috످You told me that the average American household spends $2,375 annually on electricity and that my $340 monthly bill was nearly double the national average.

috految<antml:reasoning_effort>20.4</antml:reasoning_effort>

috److془$340*12=4080. 4080/2375=1.718. EIA 2024: $142/month, $1,707. 2.4x.془I can't see that earlier conversation, but if I said $2,375, that figure was too high. According to the [U.S. Energy Information Administration](https://www.eia.gov/electricity/sales_revenue_price/), the average household spent about $1,700 on electricity in 2024, or $142 a month.

That makes your $340 bill about 2.4 times the national average, though it may be normal for your area, home size, or the season. If your bill includes gas or water, compare just the electricity portion.

If you share your state and monthly usage in kWh (listed on your bill), I can help you figure out whether you're paying high rates or using more electricity than average.

috످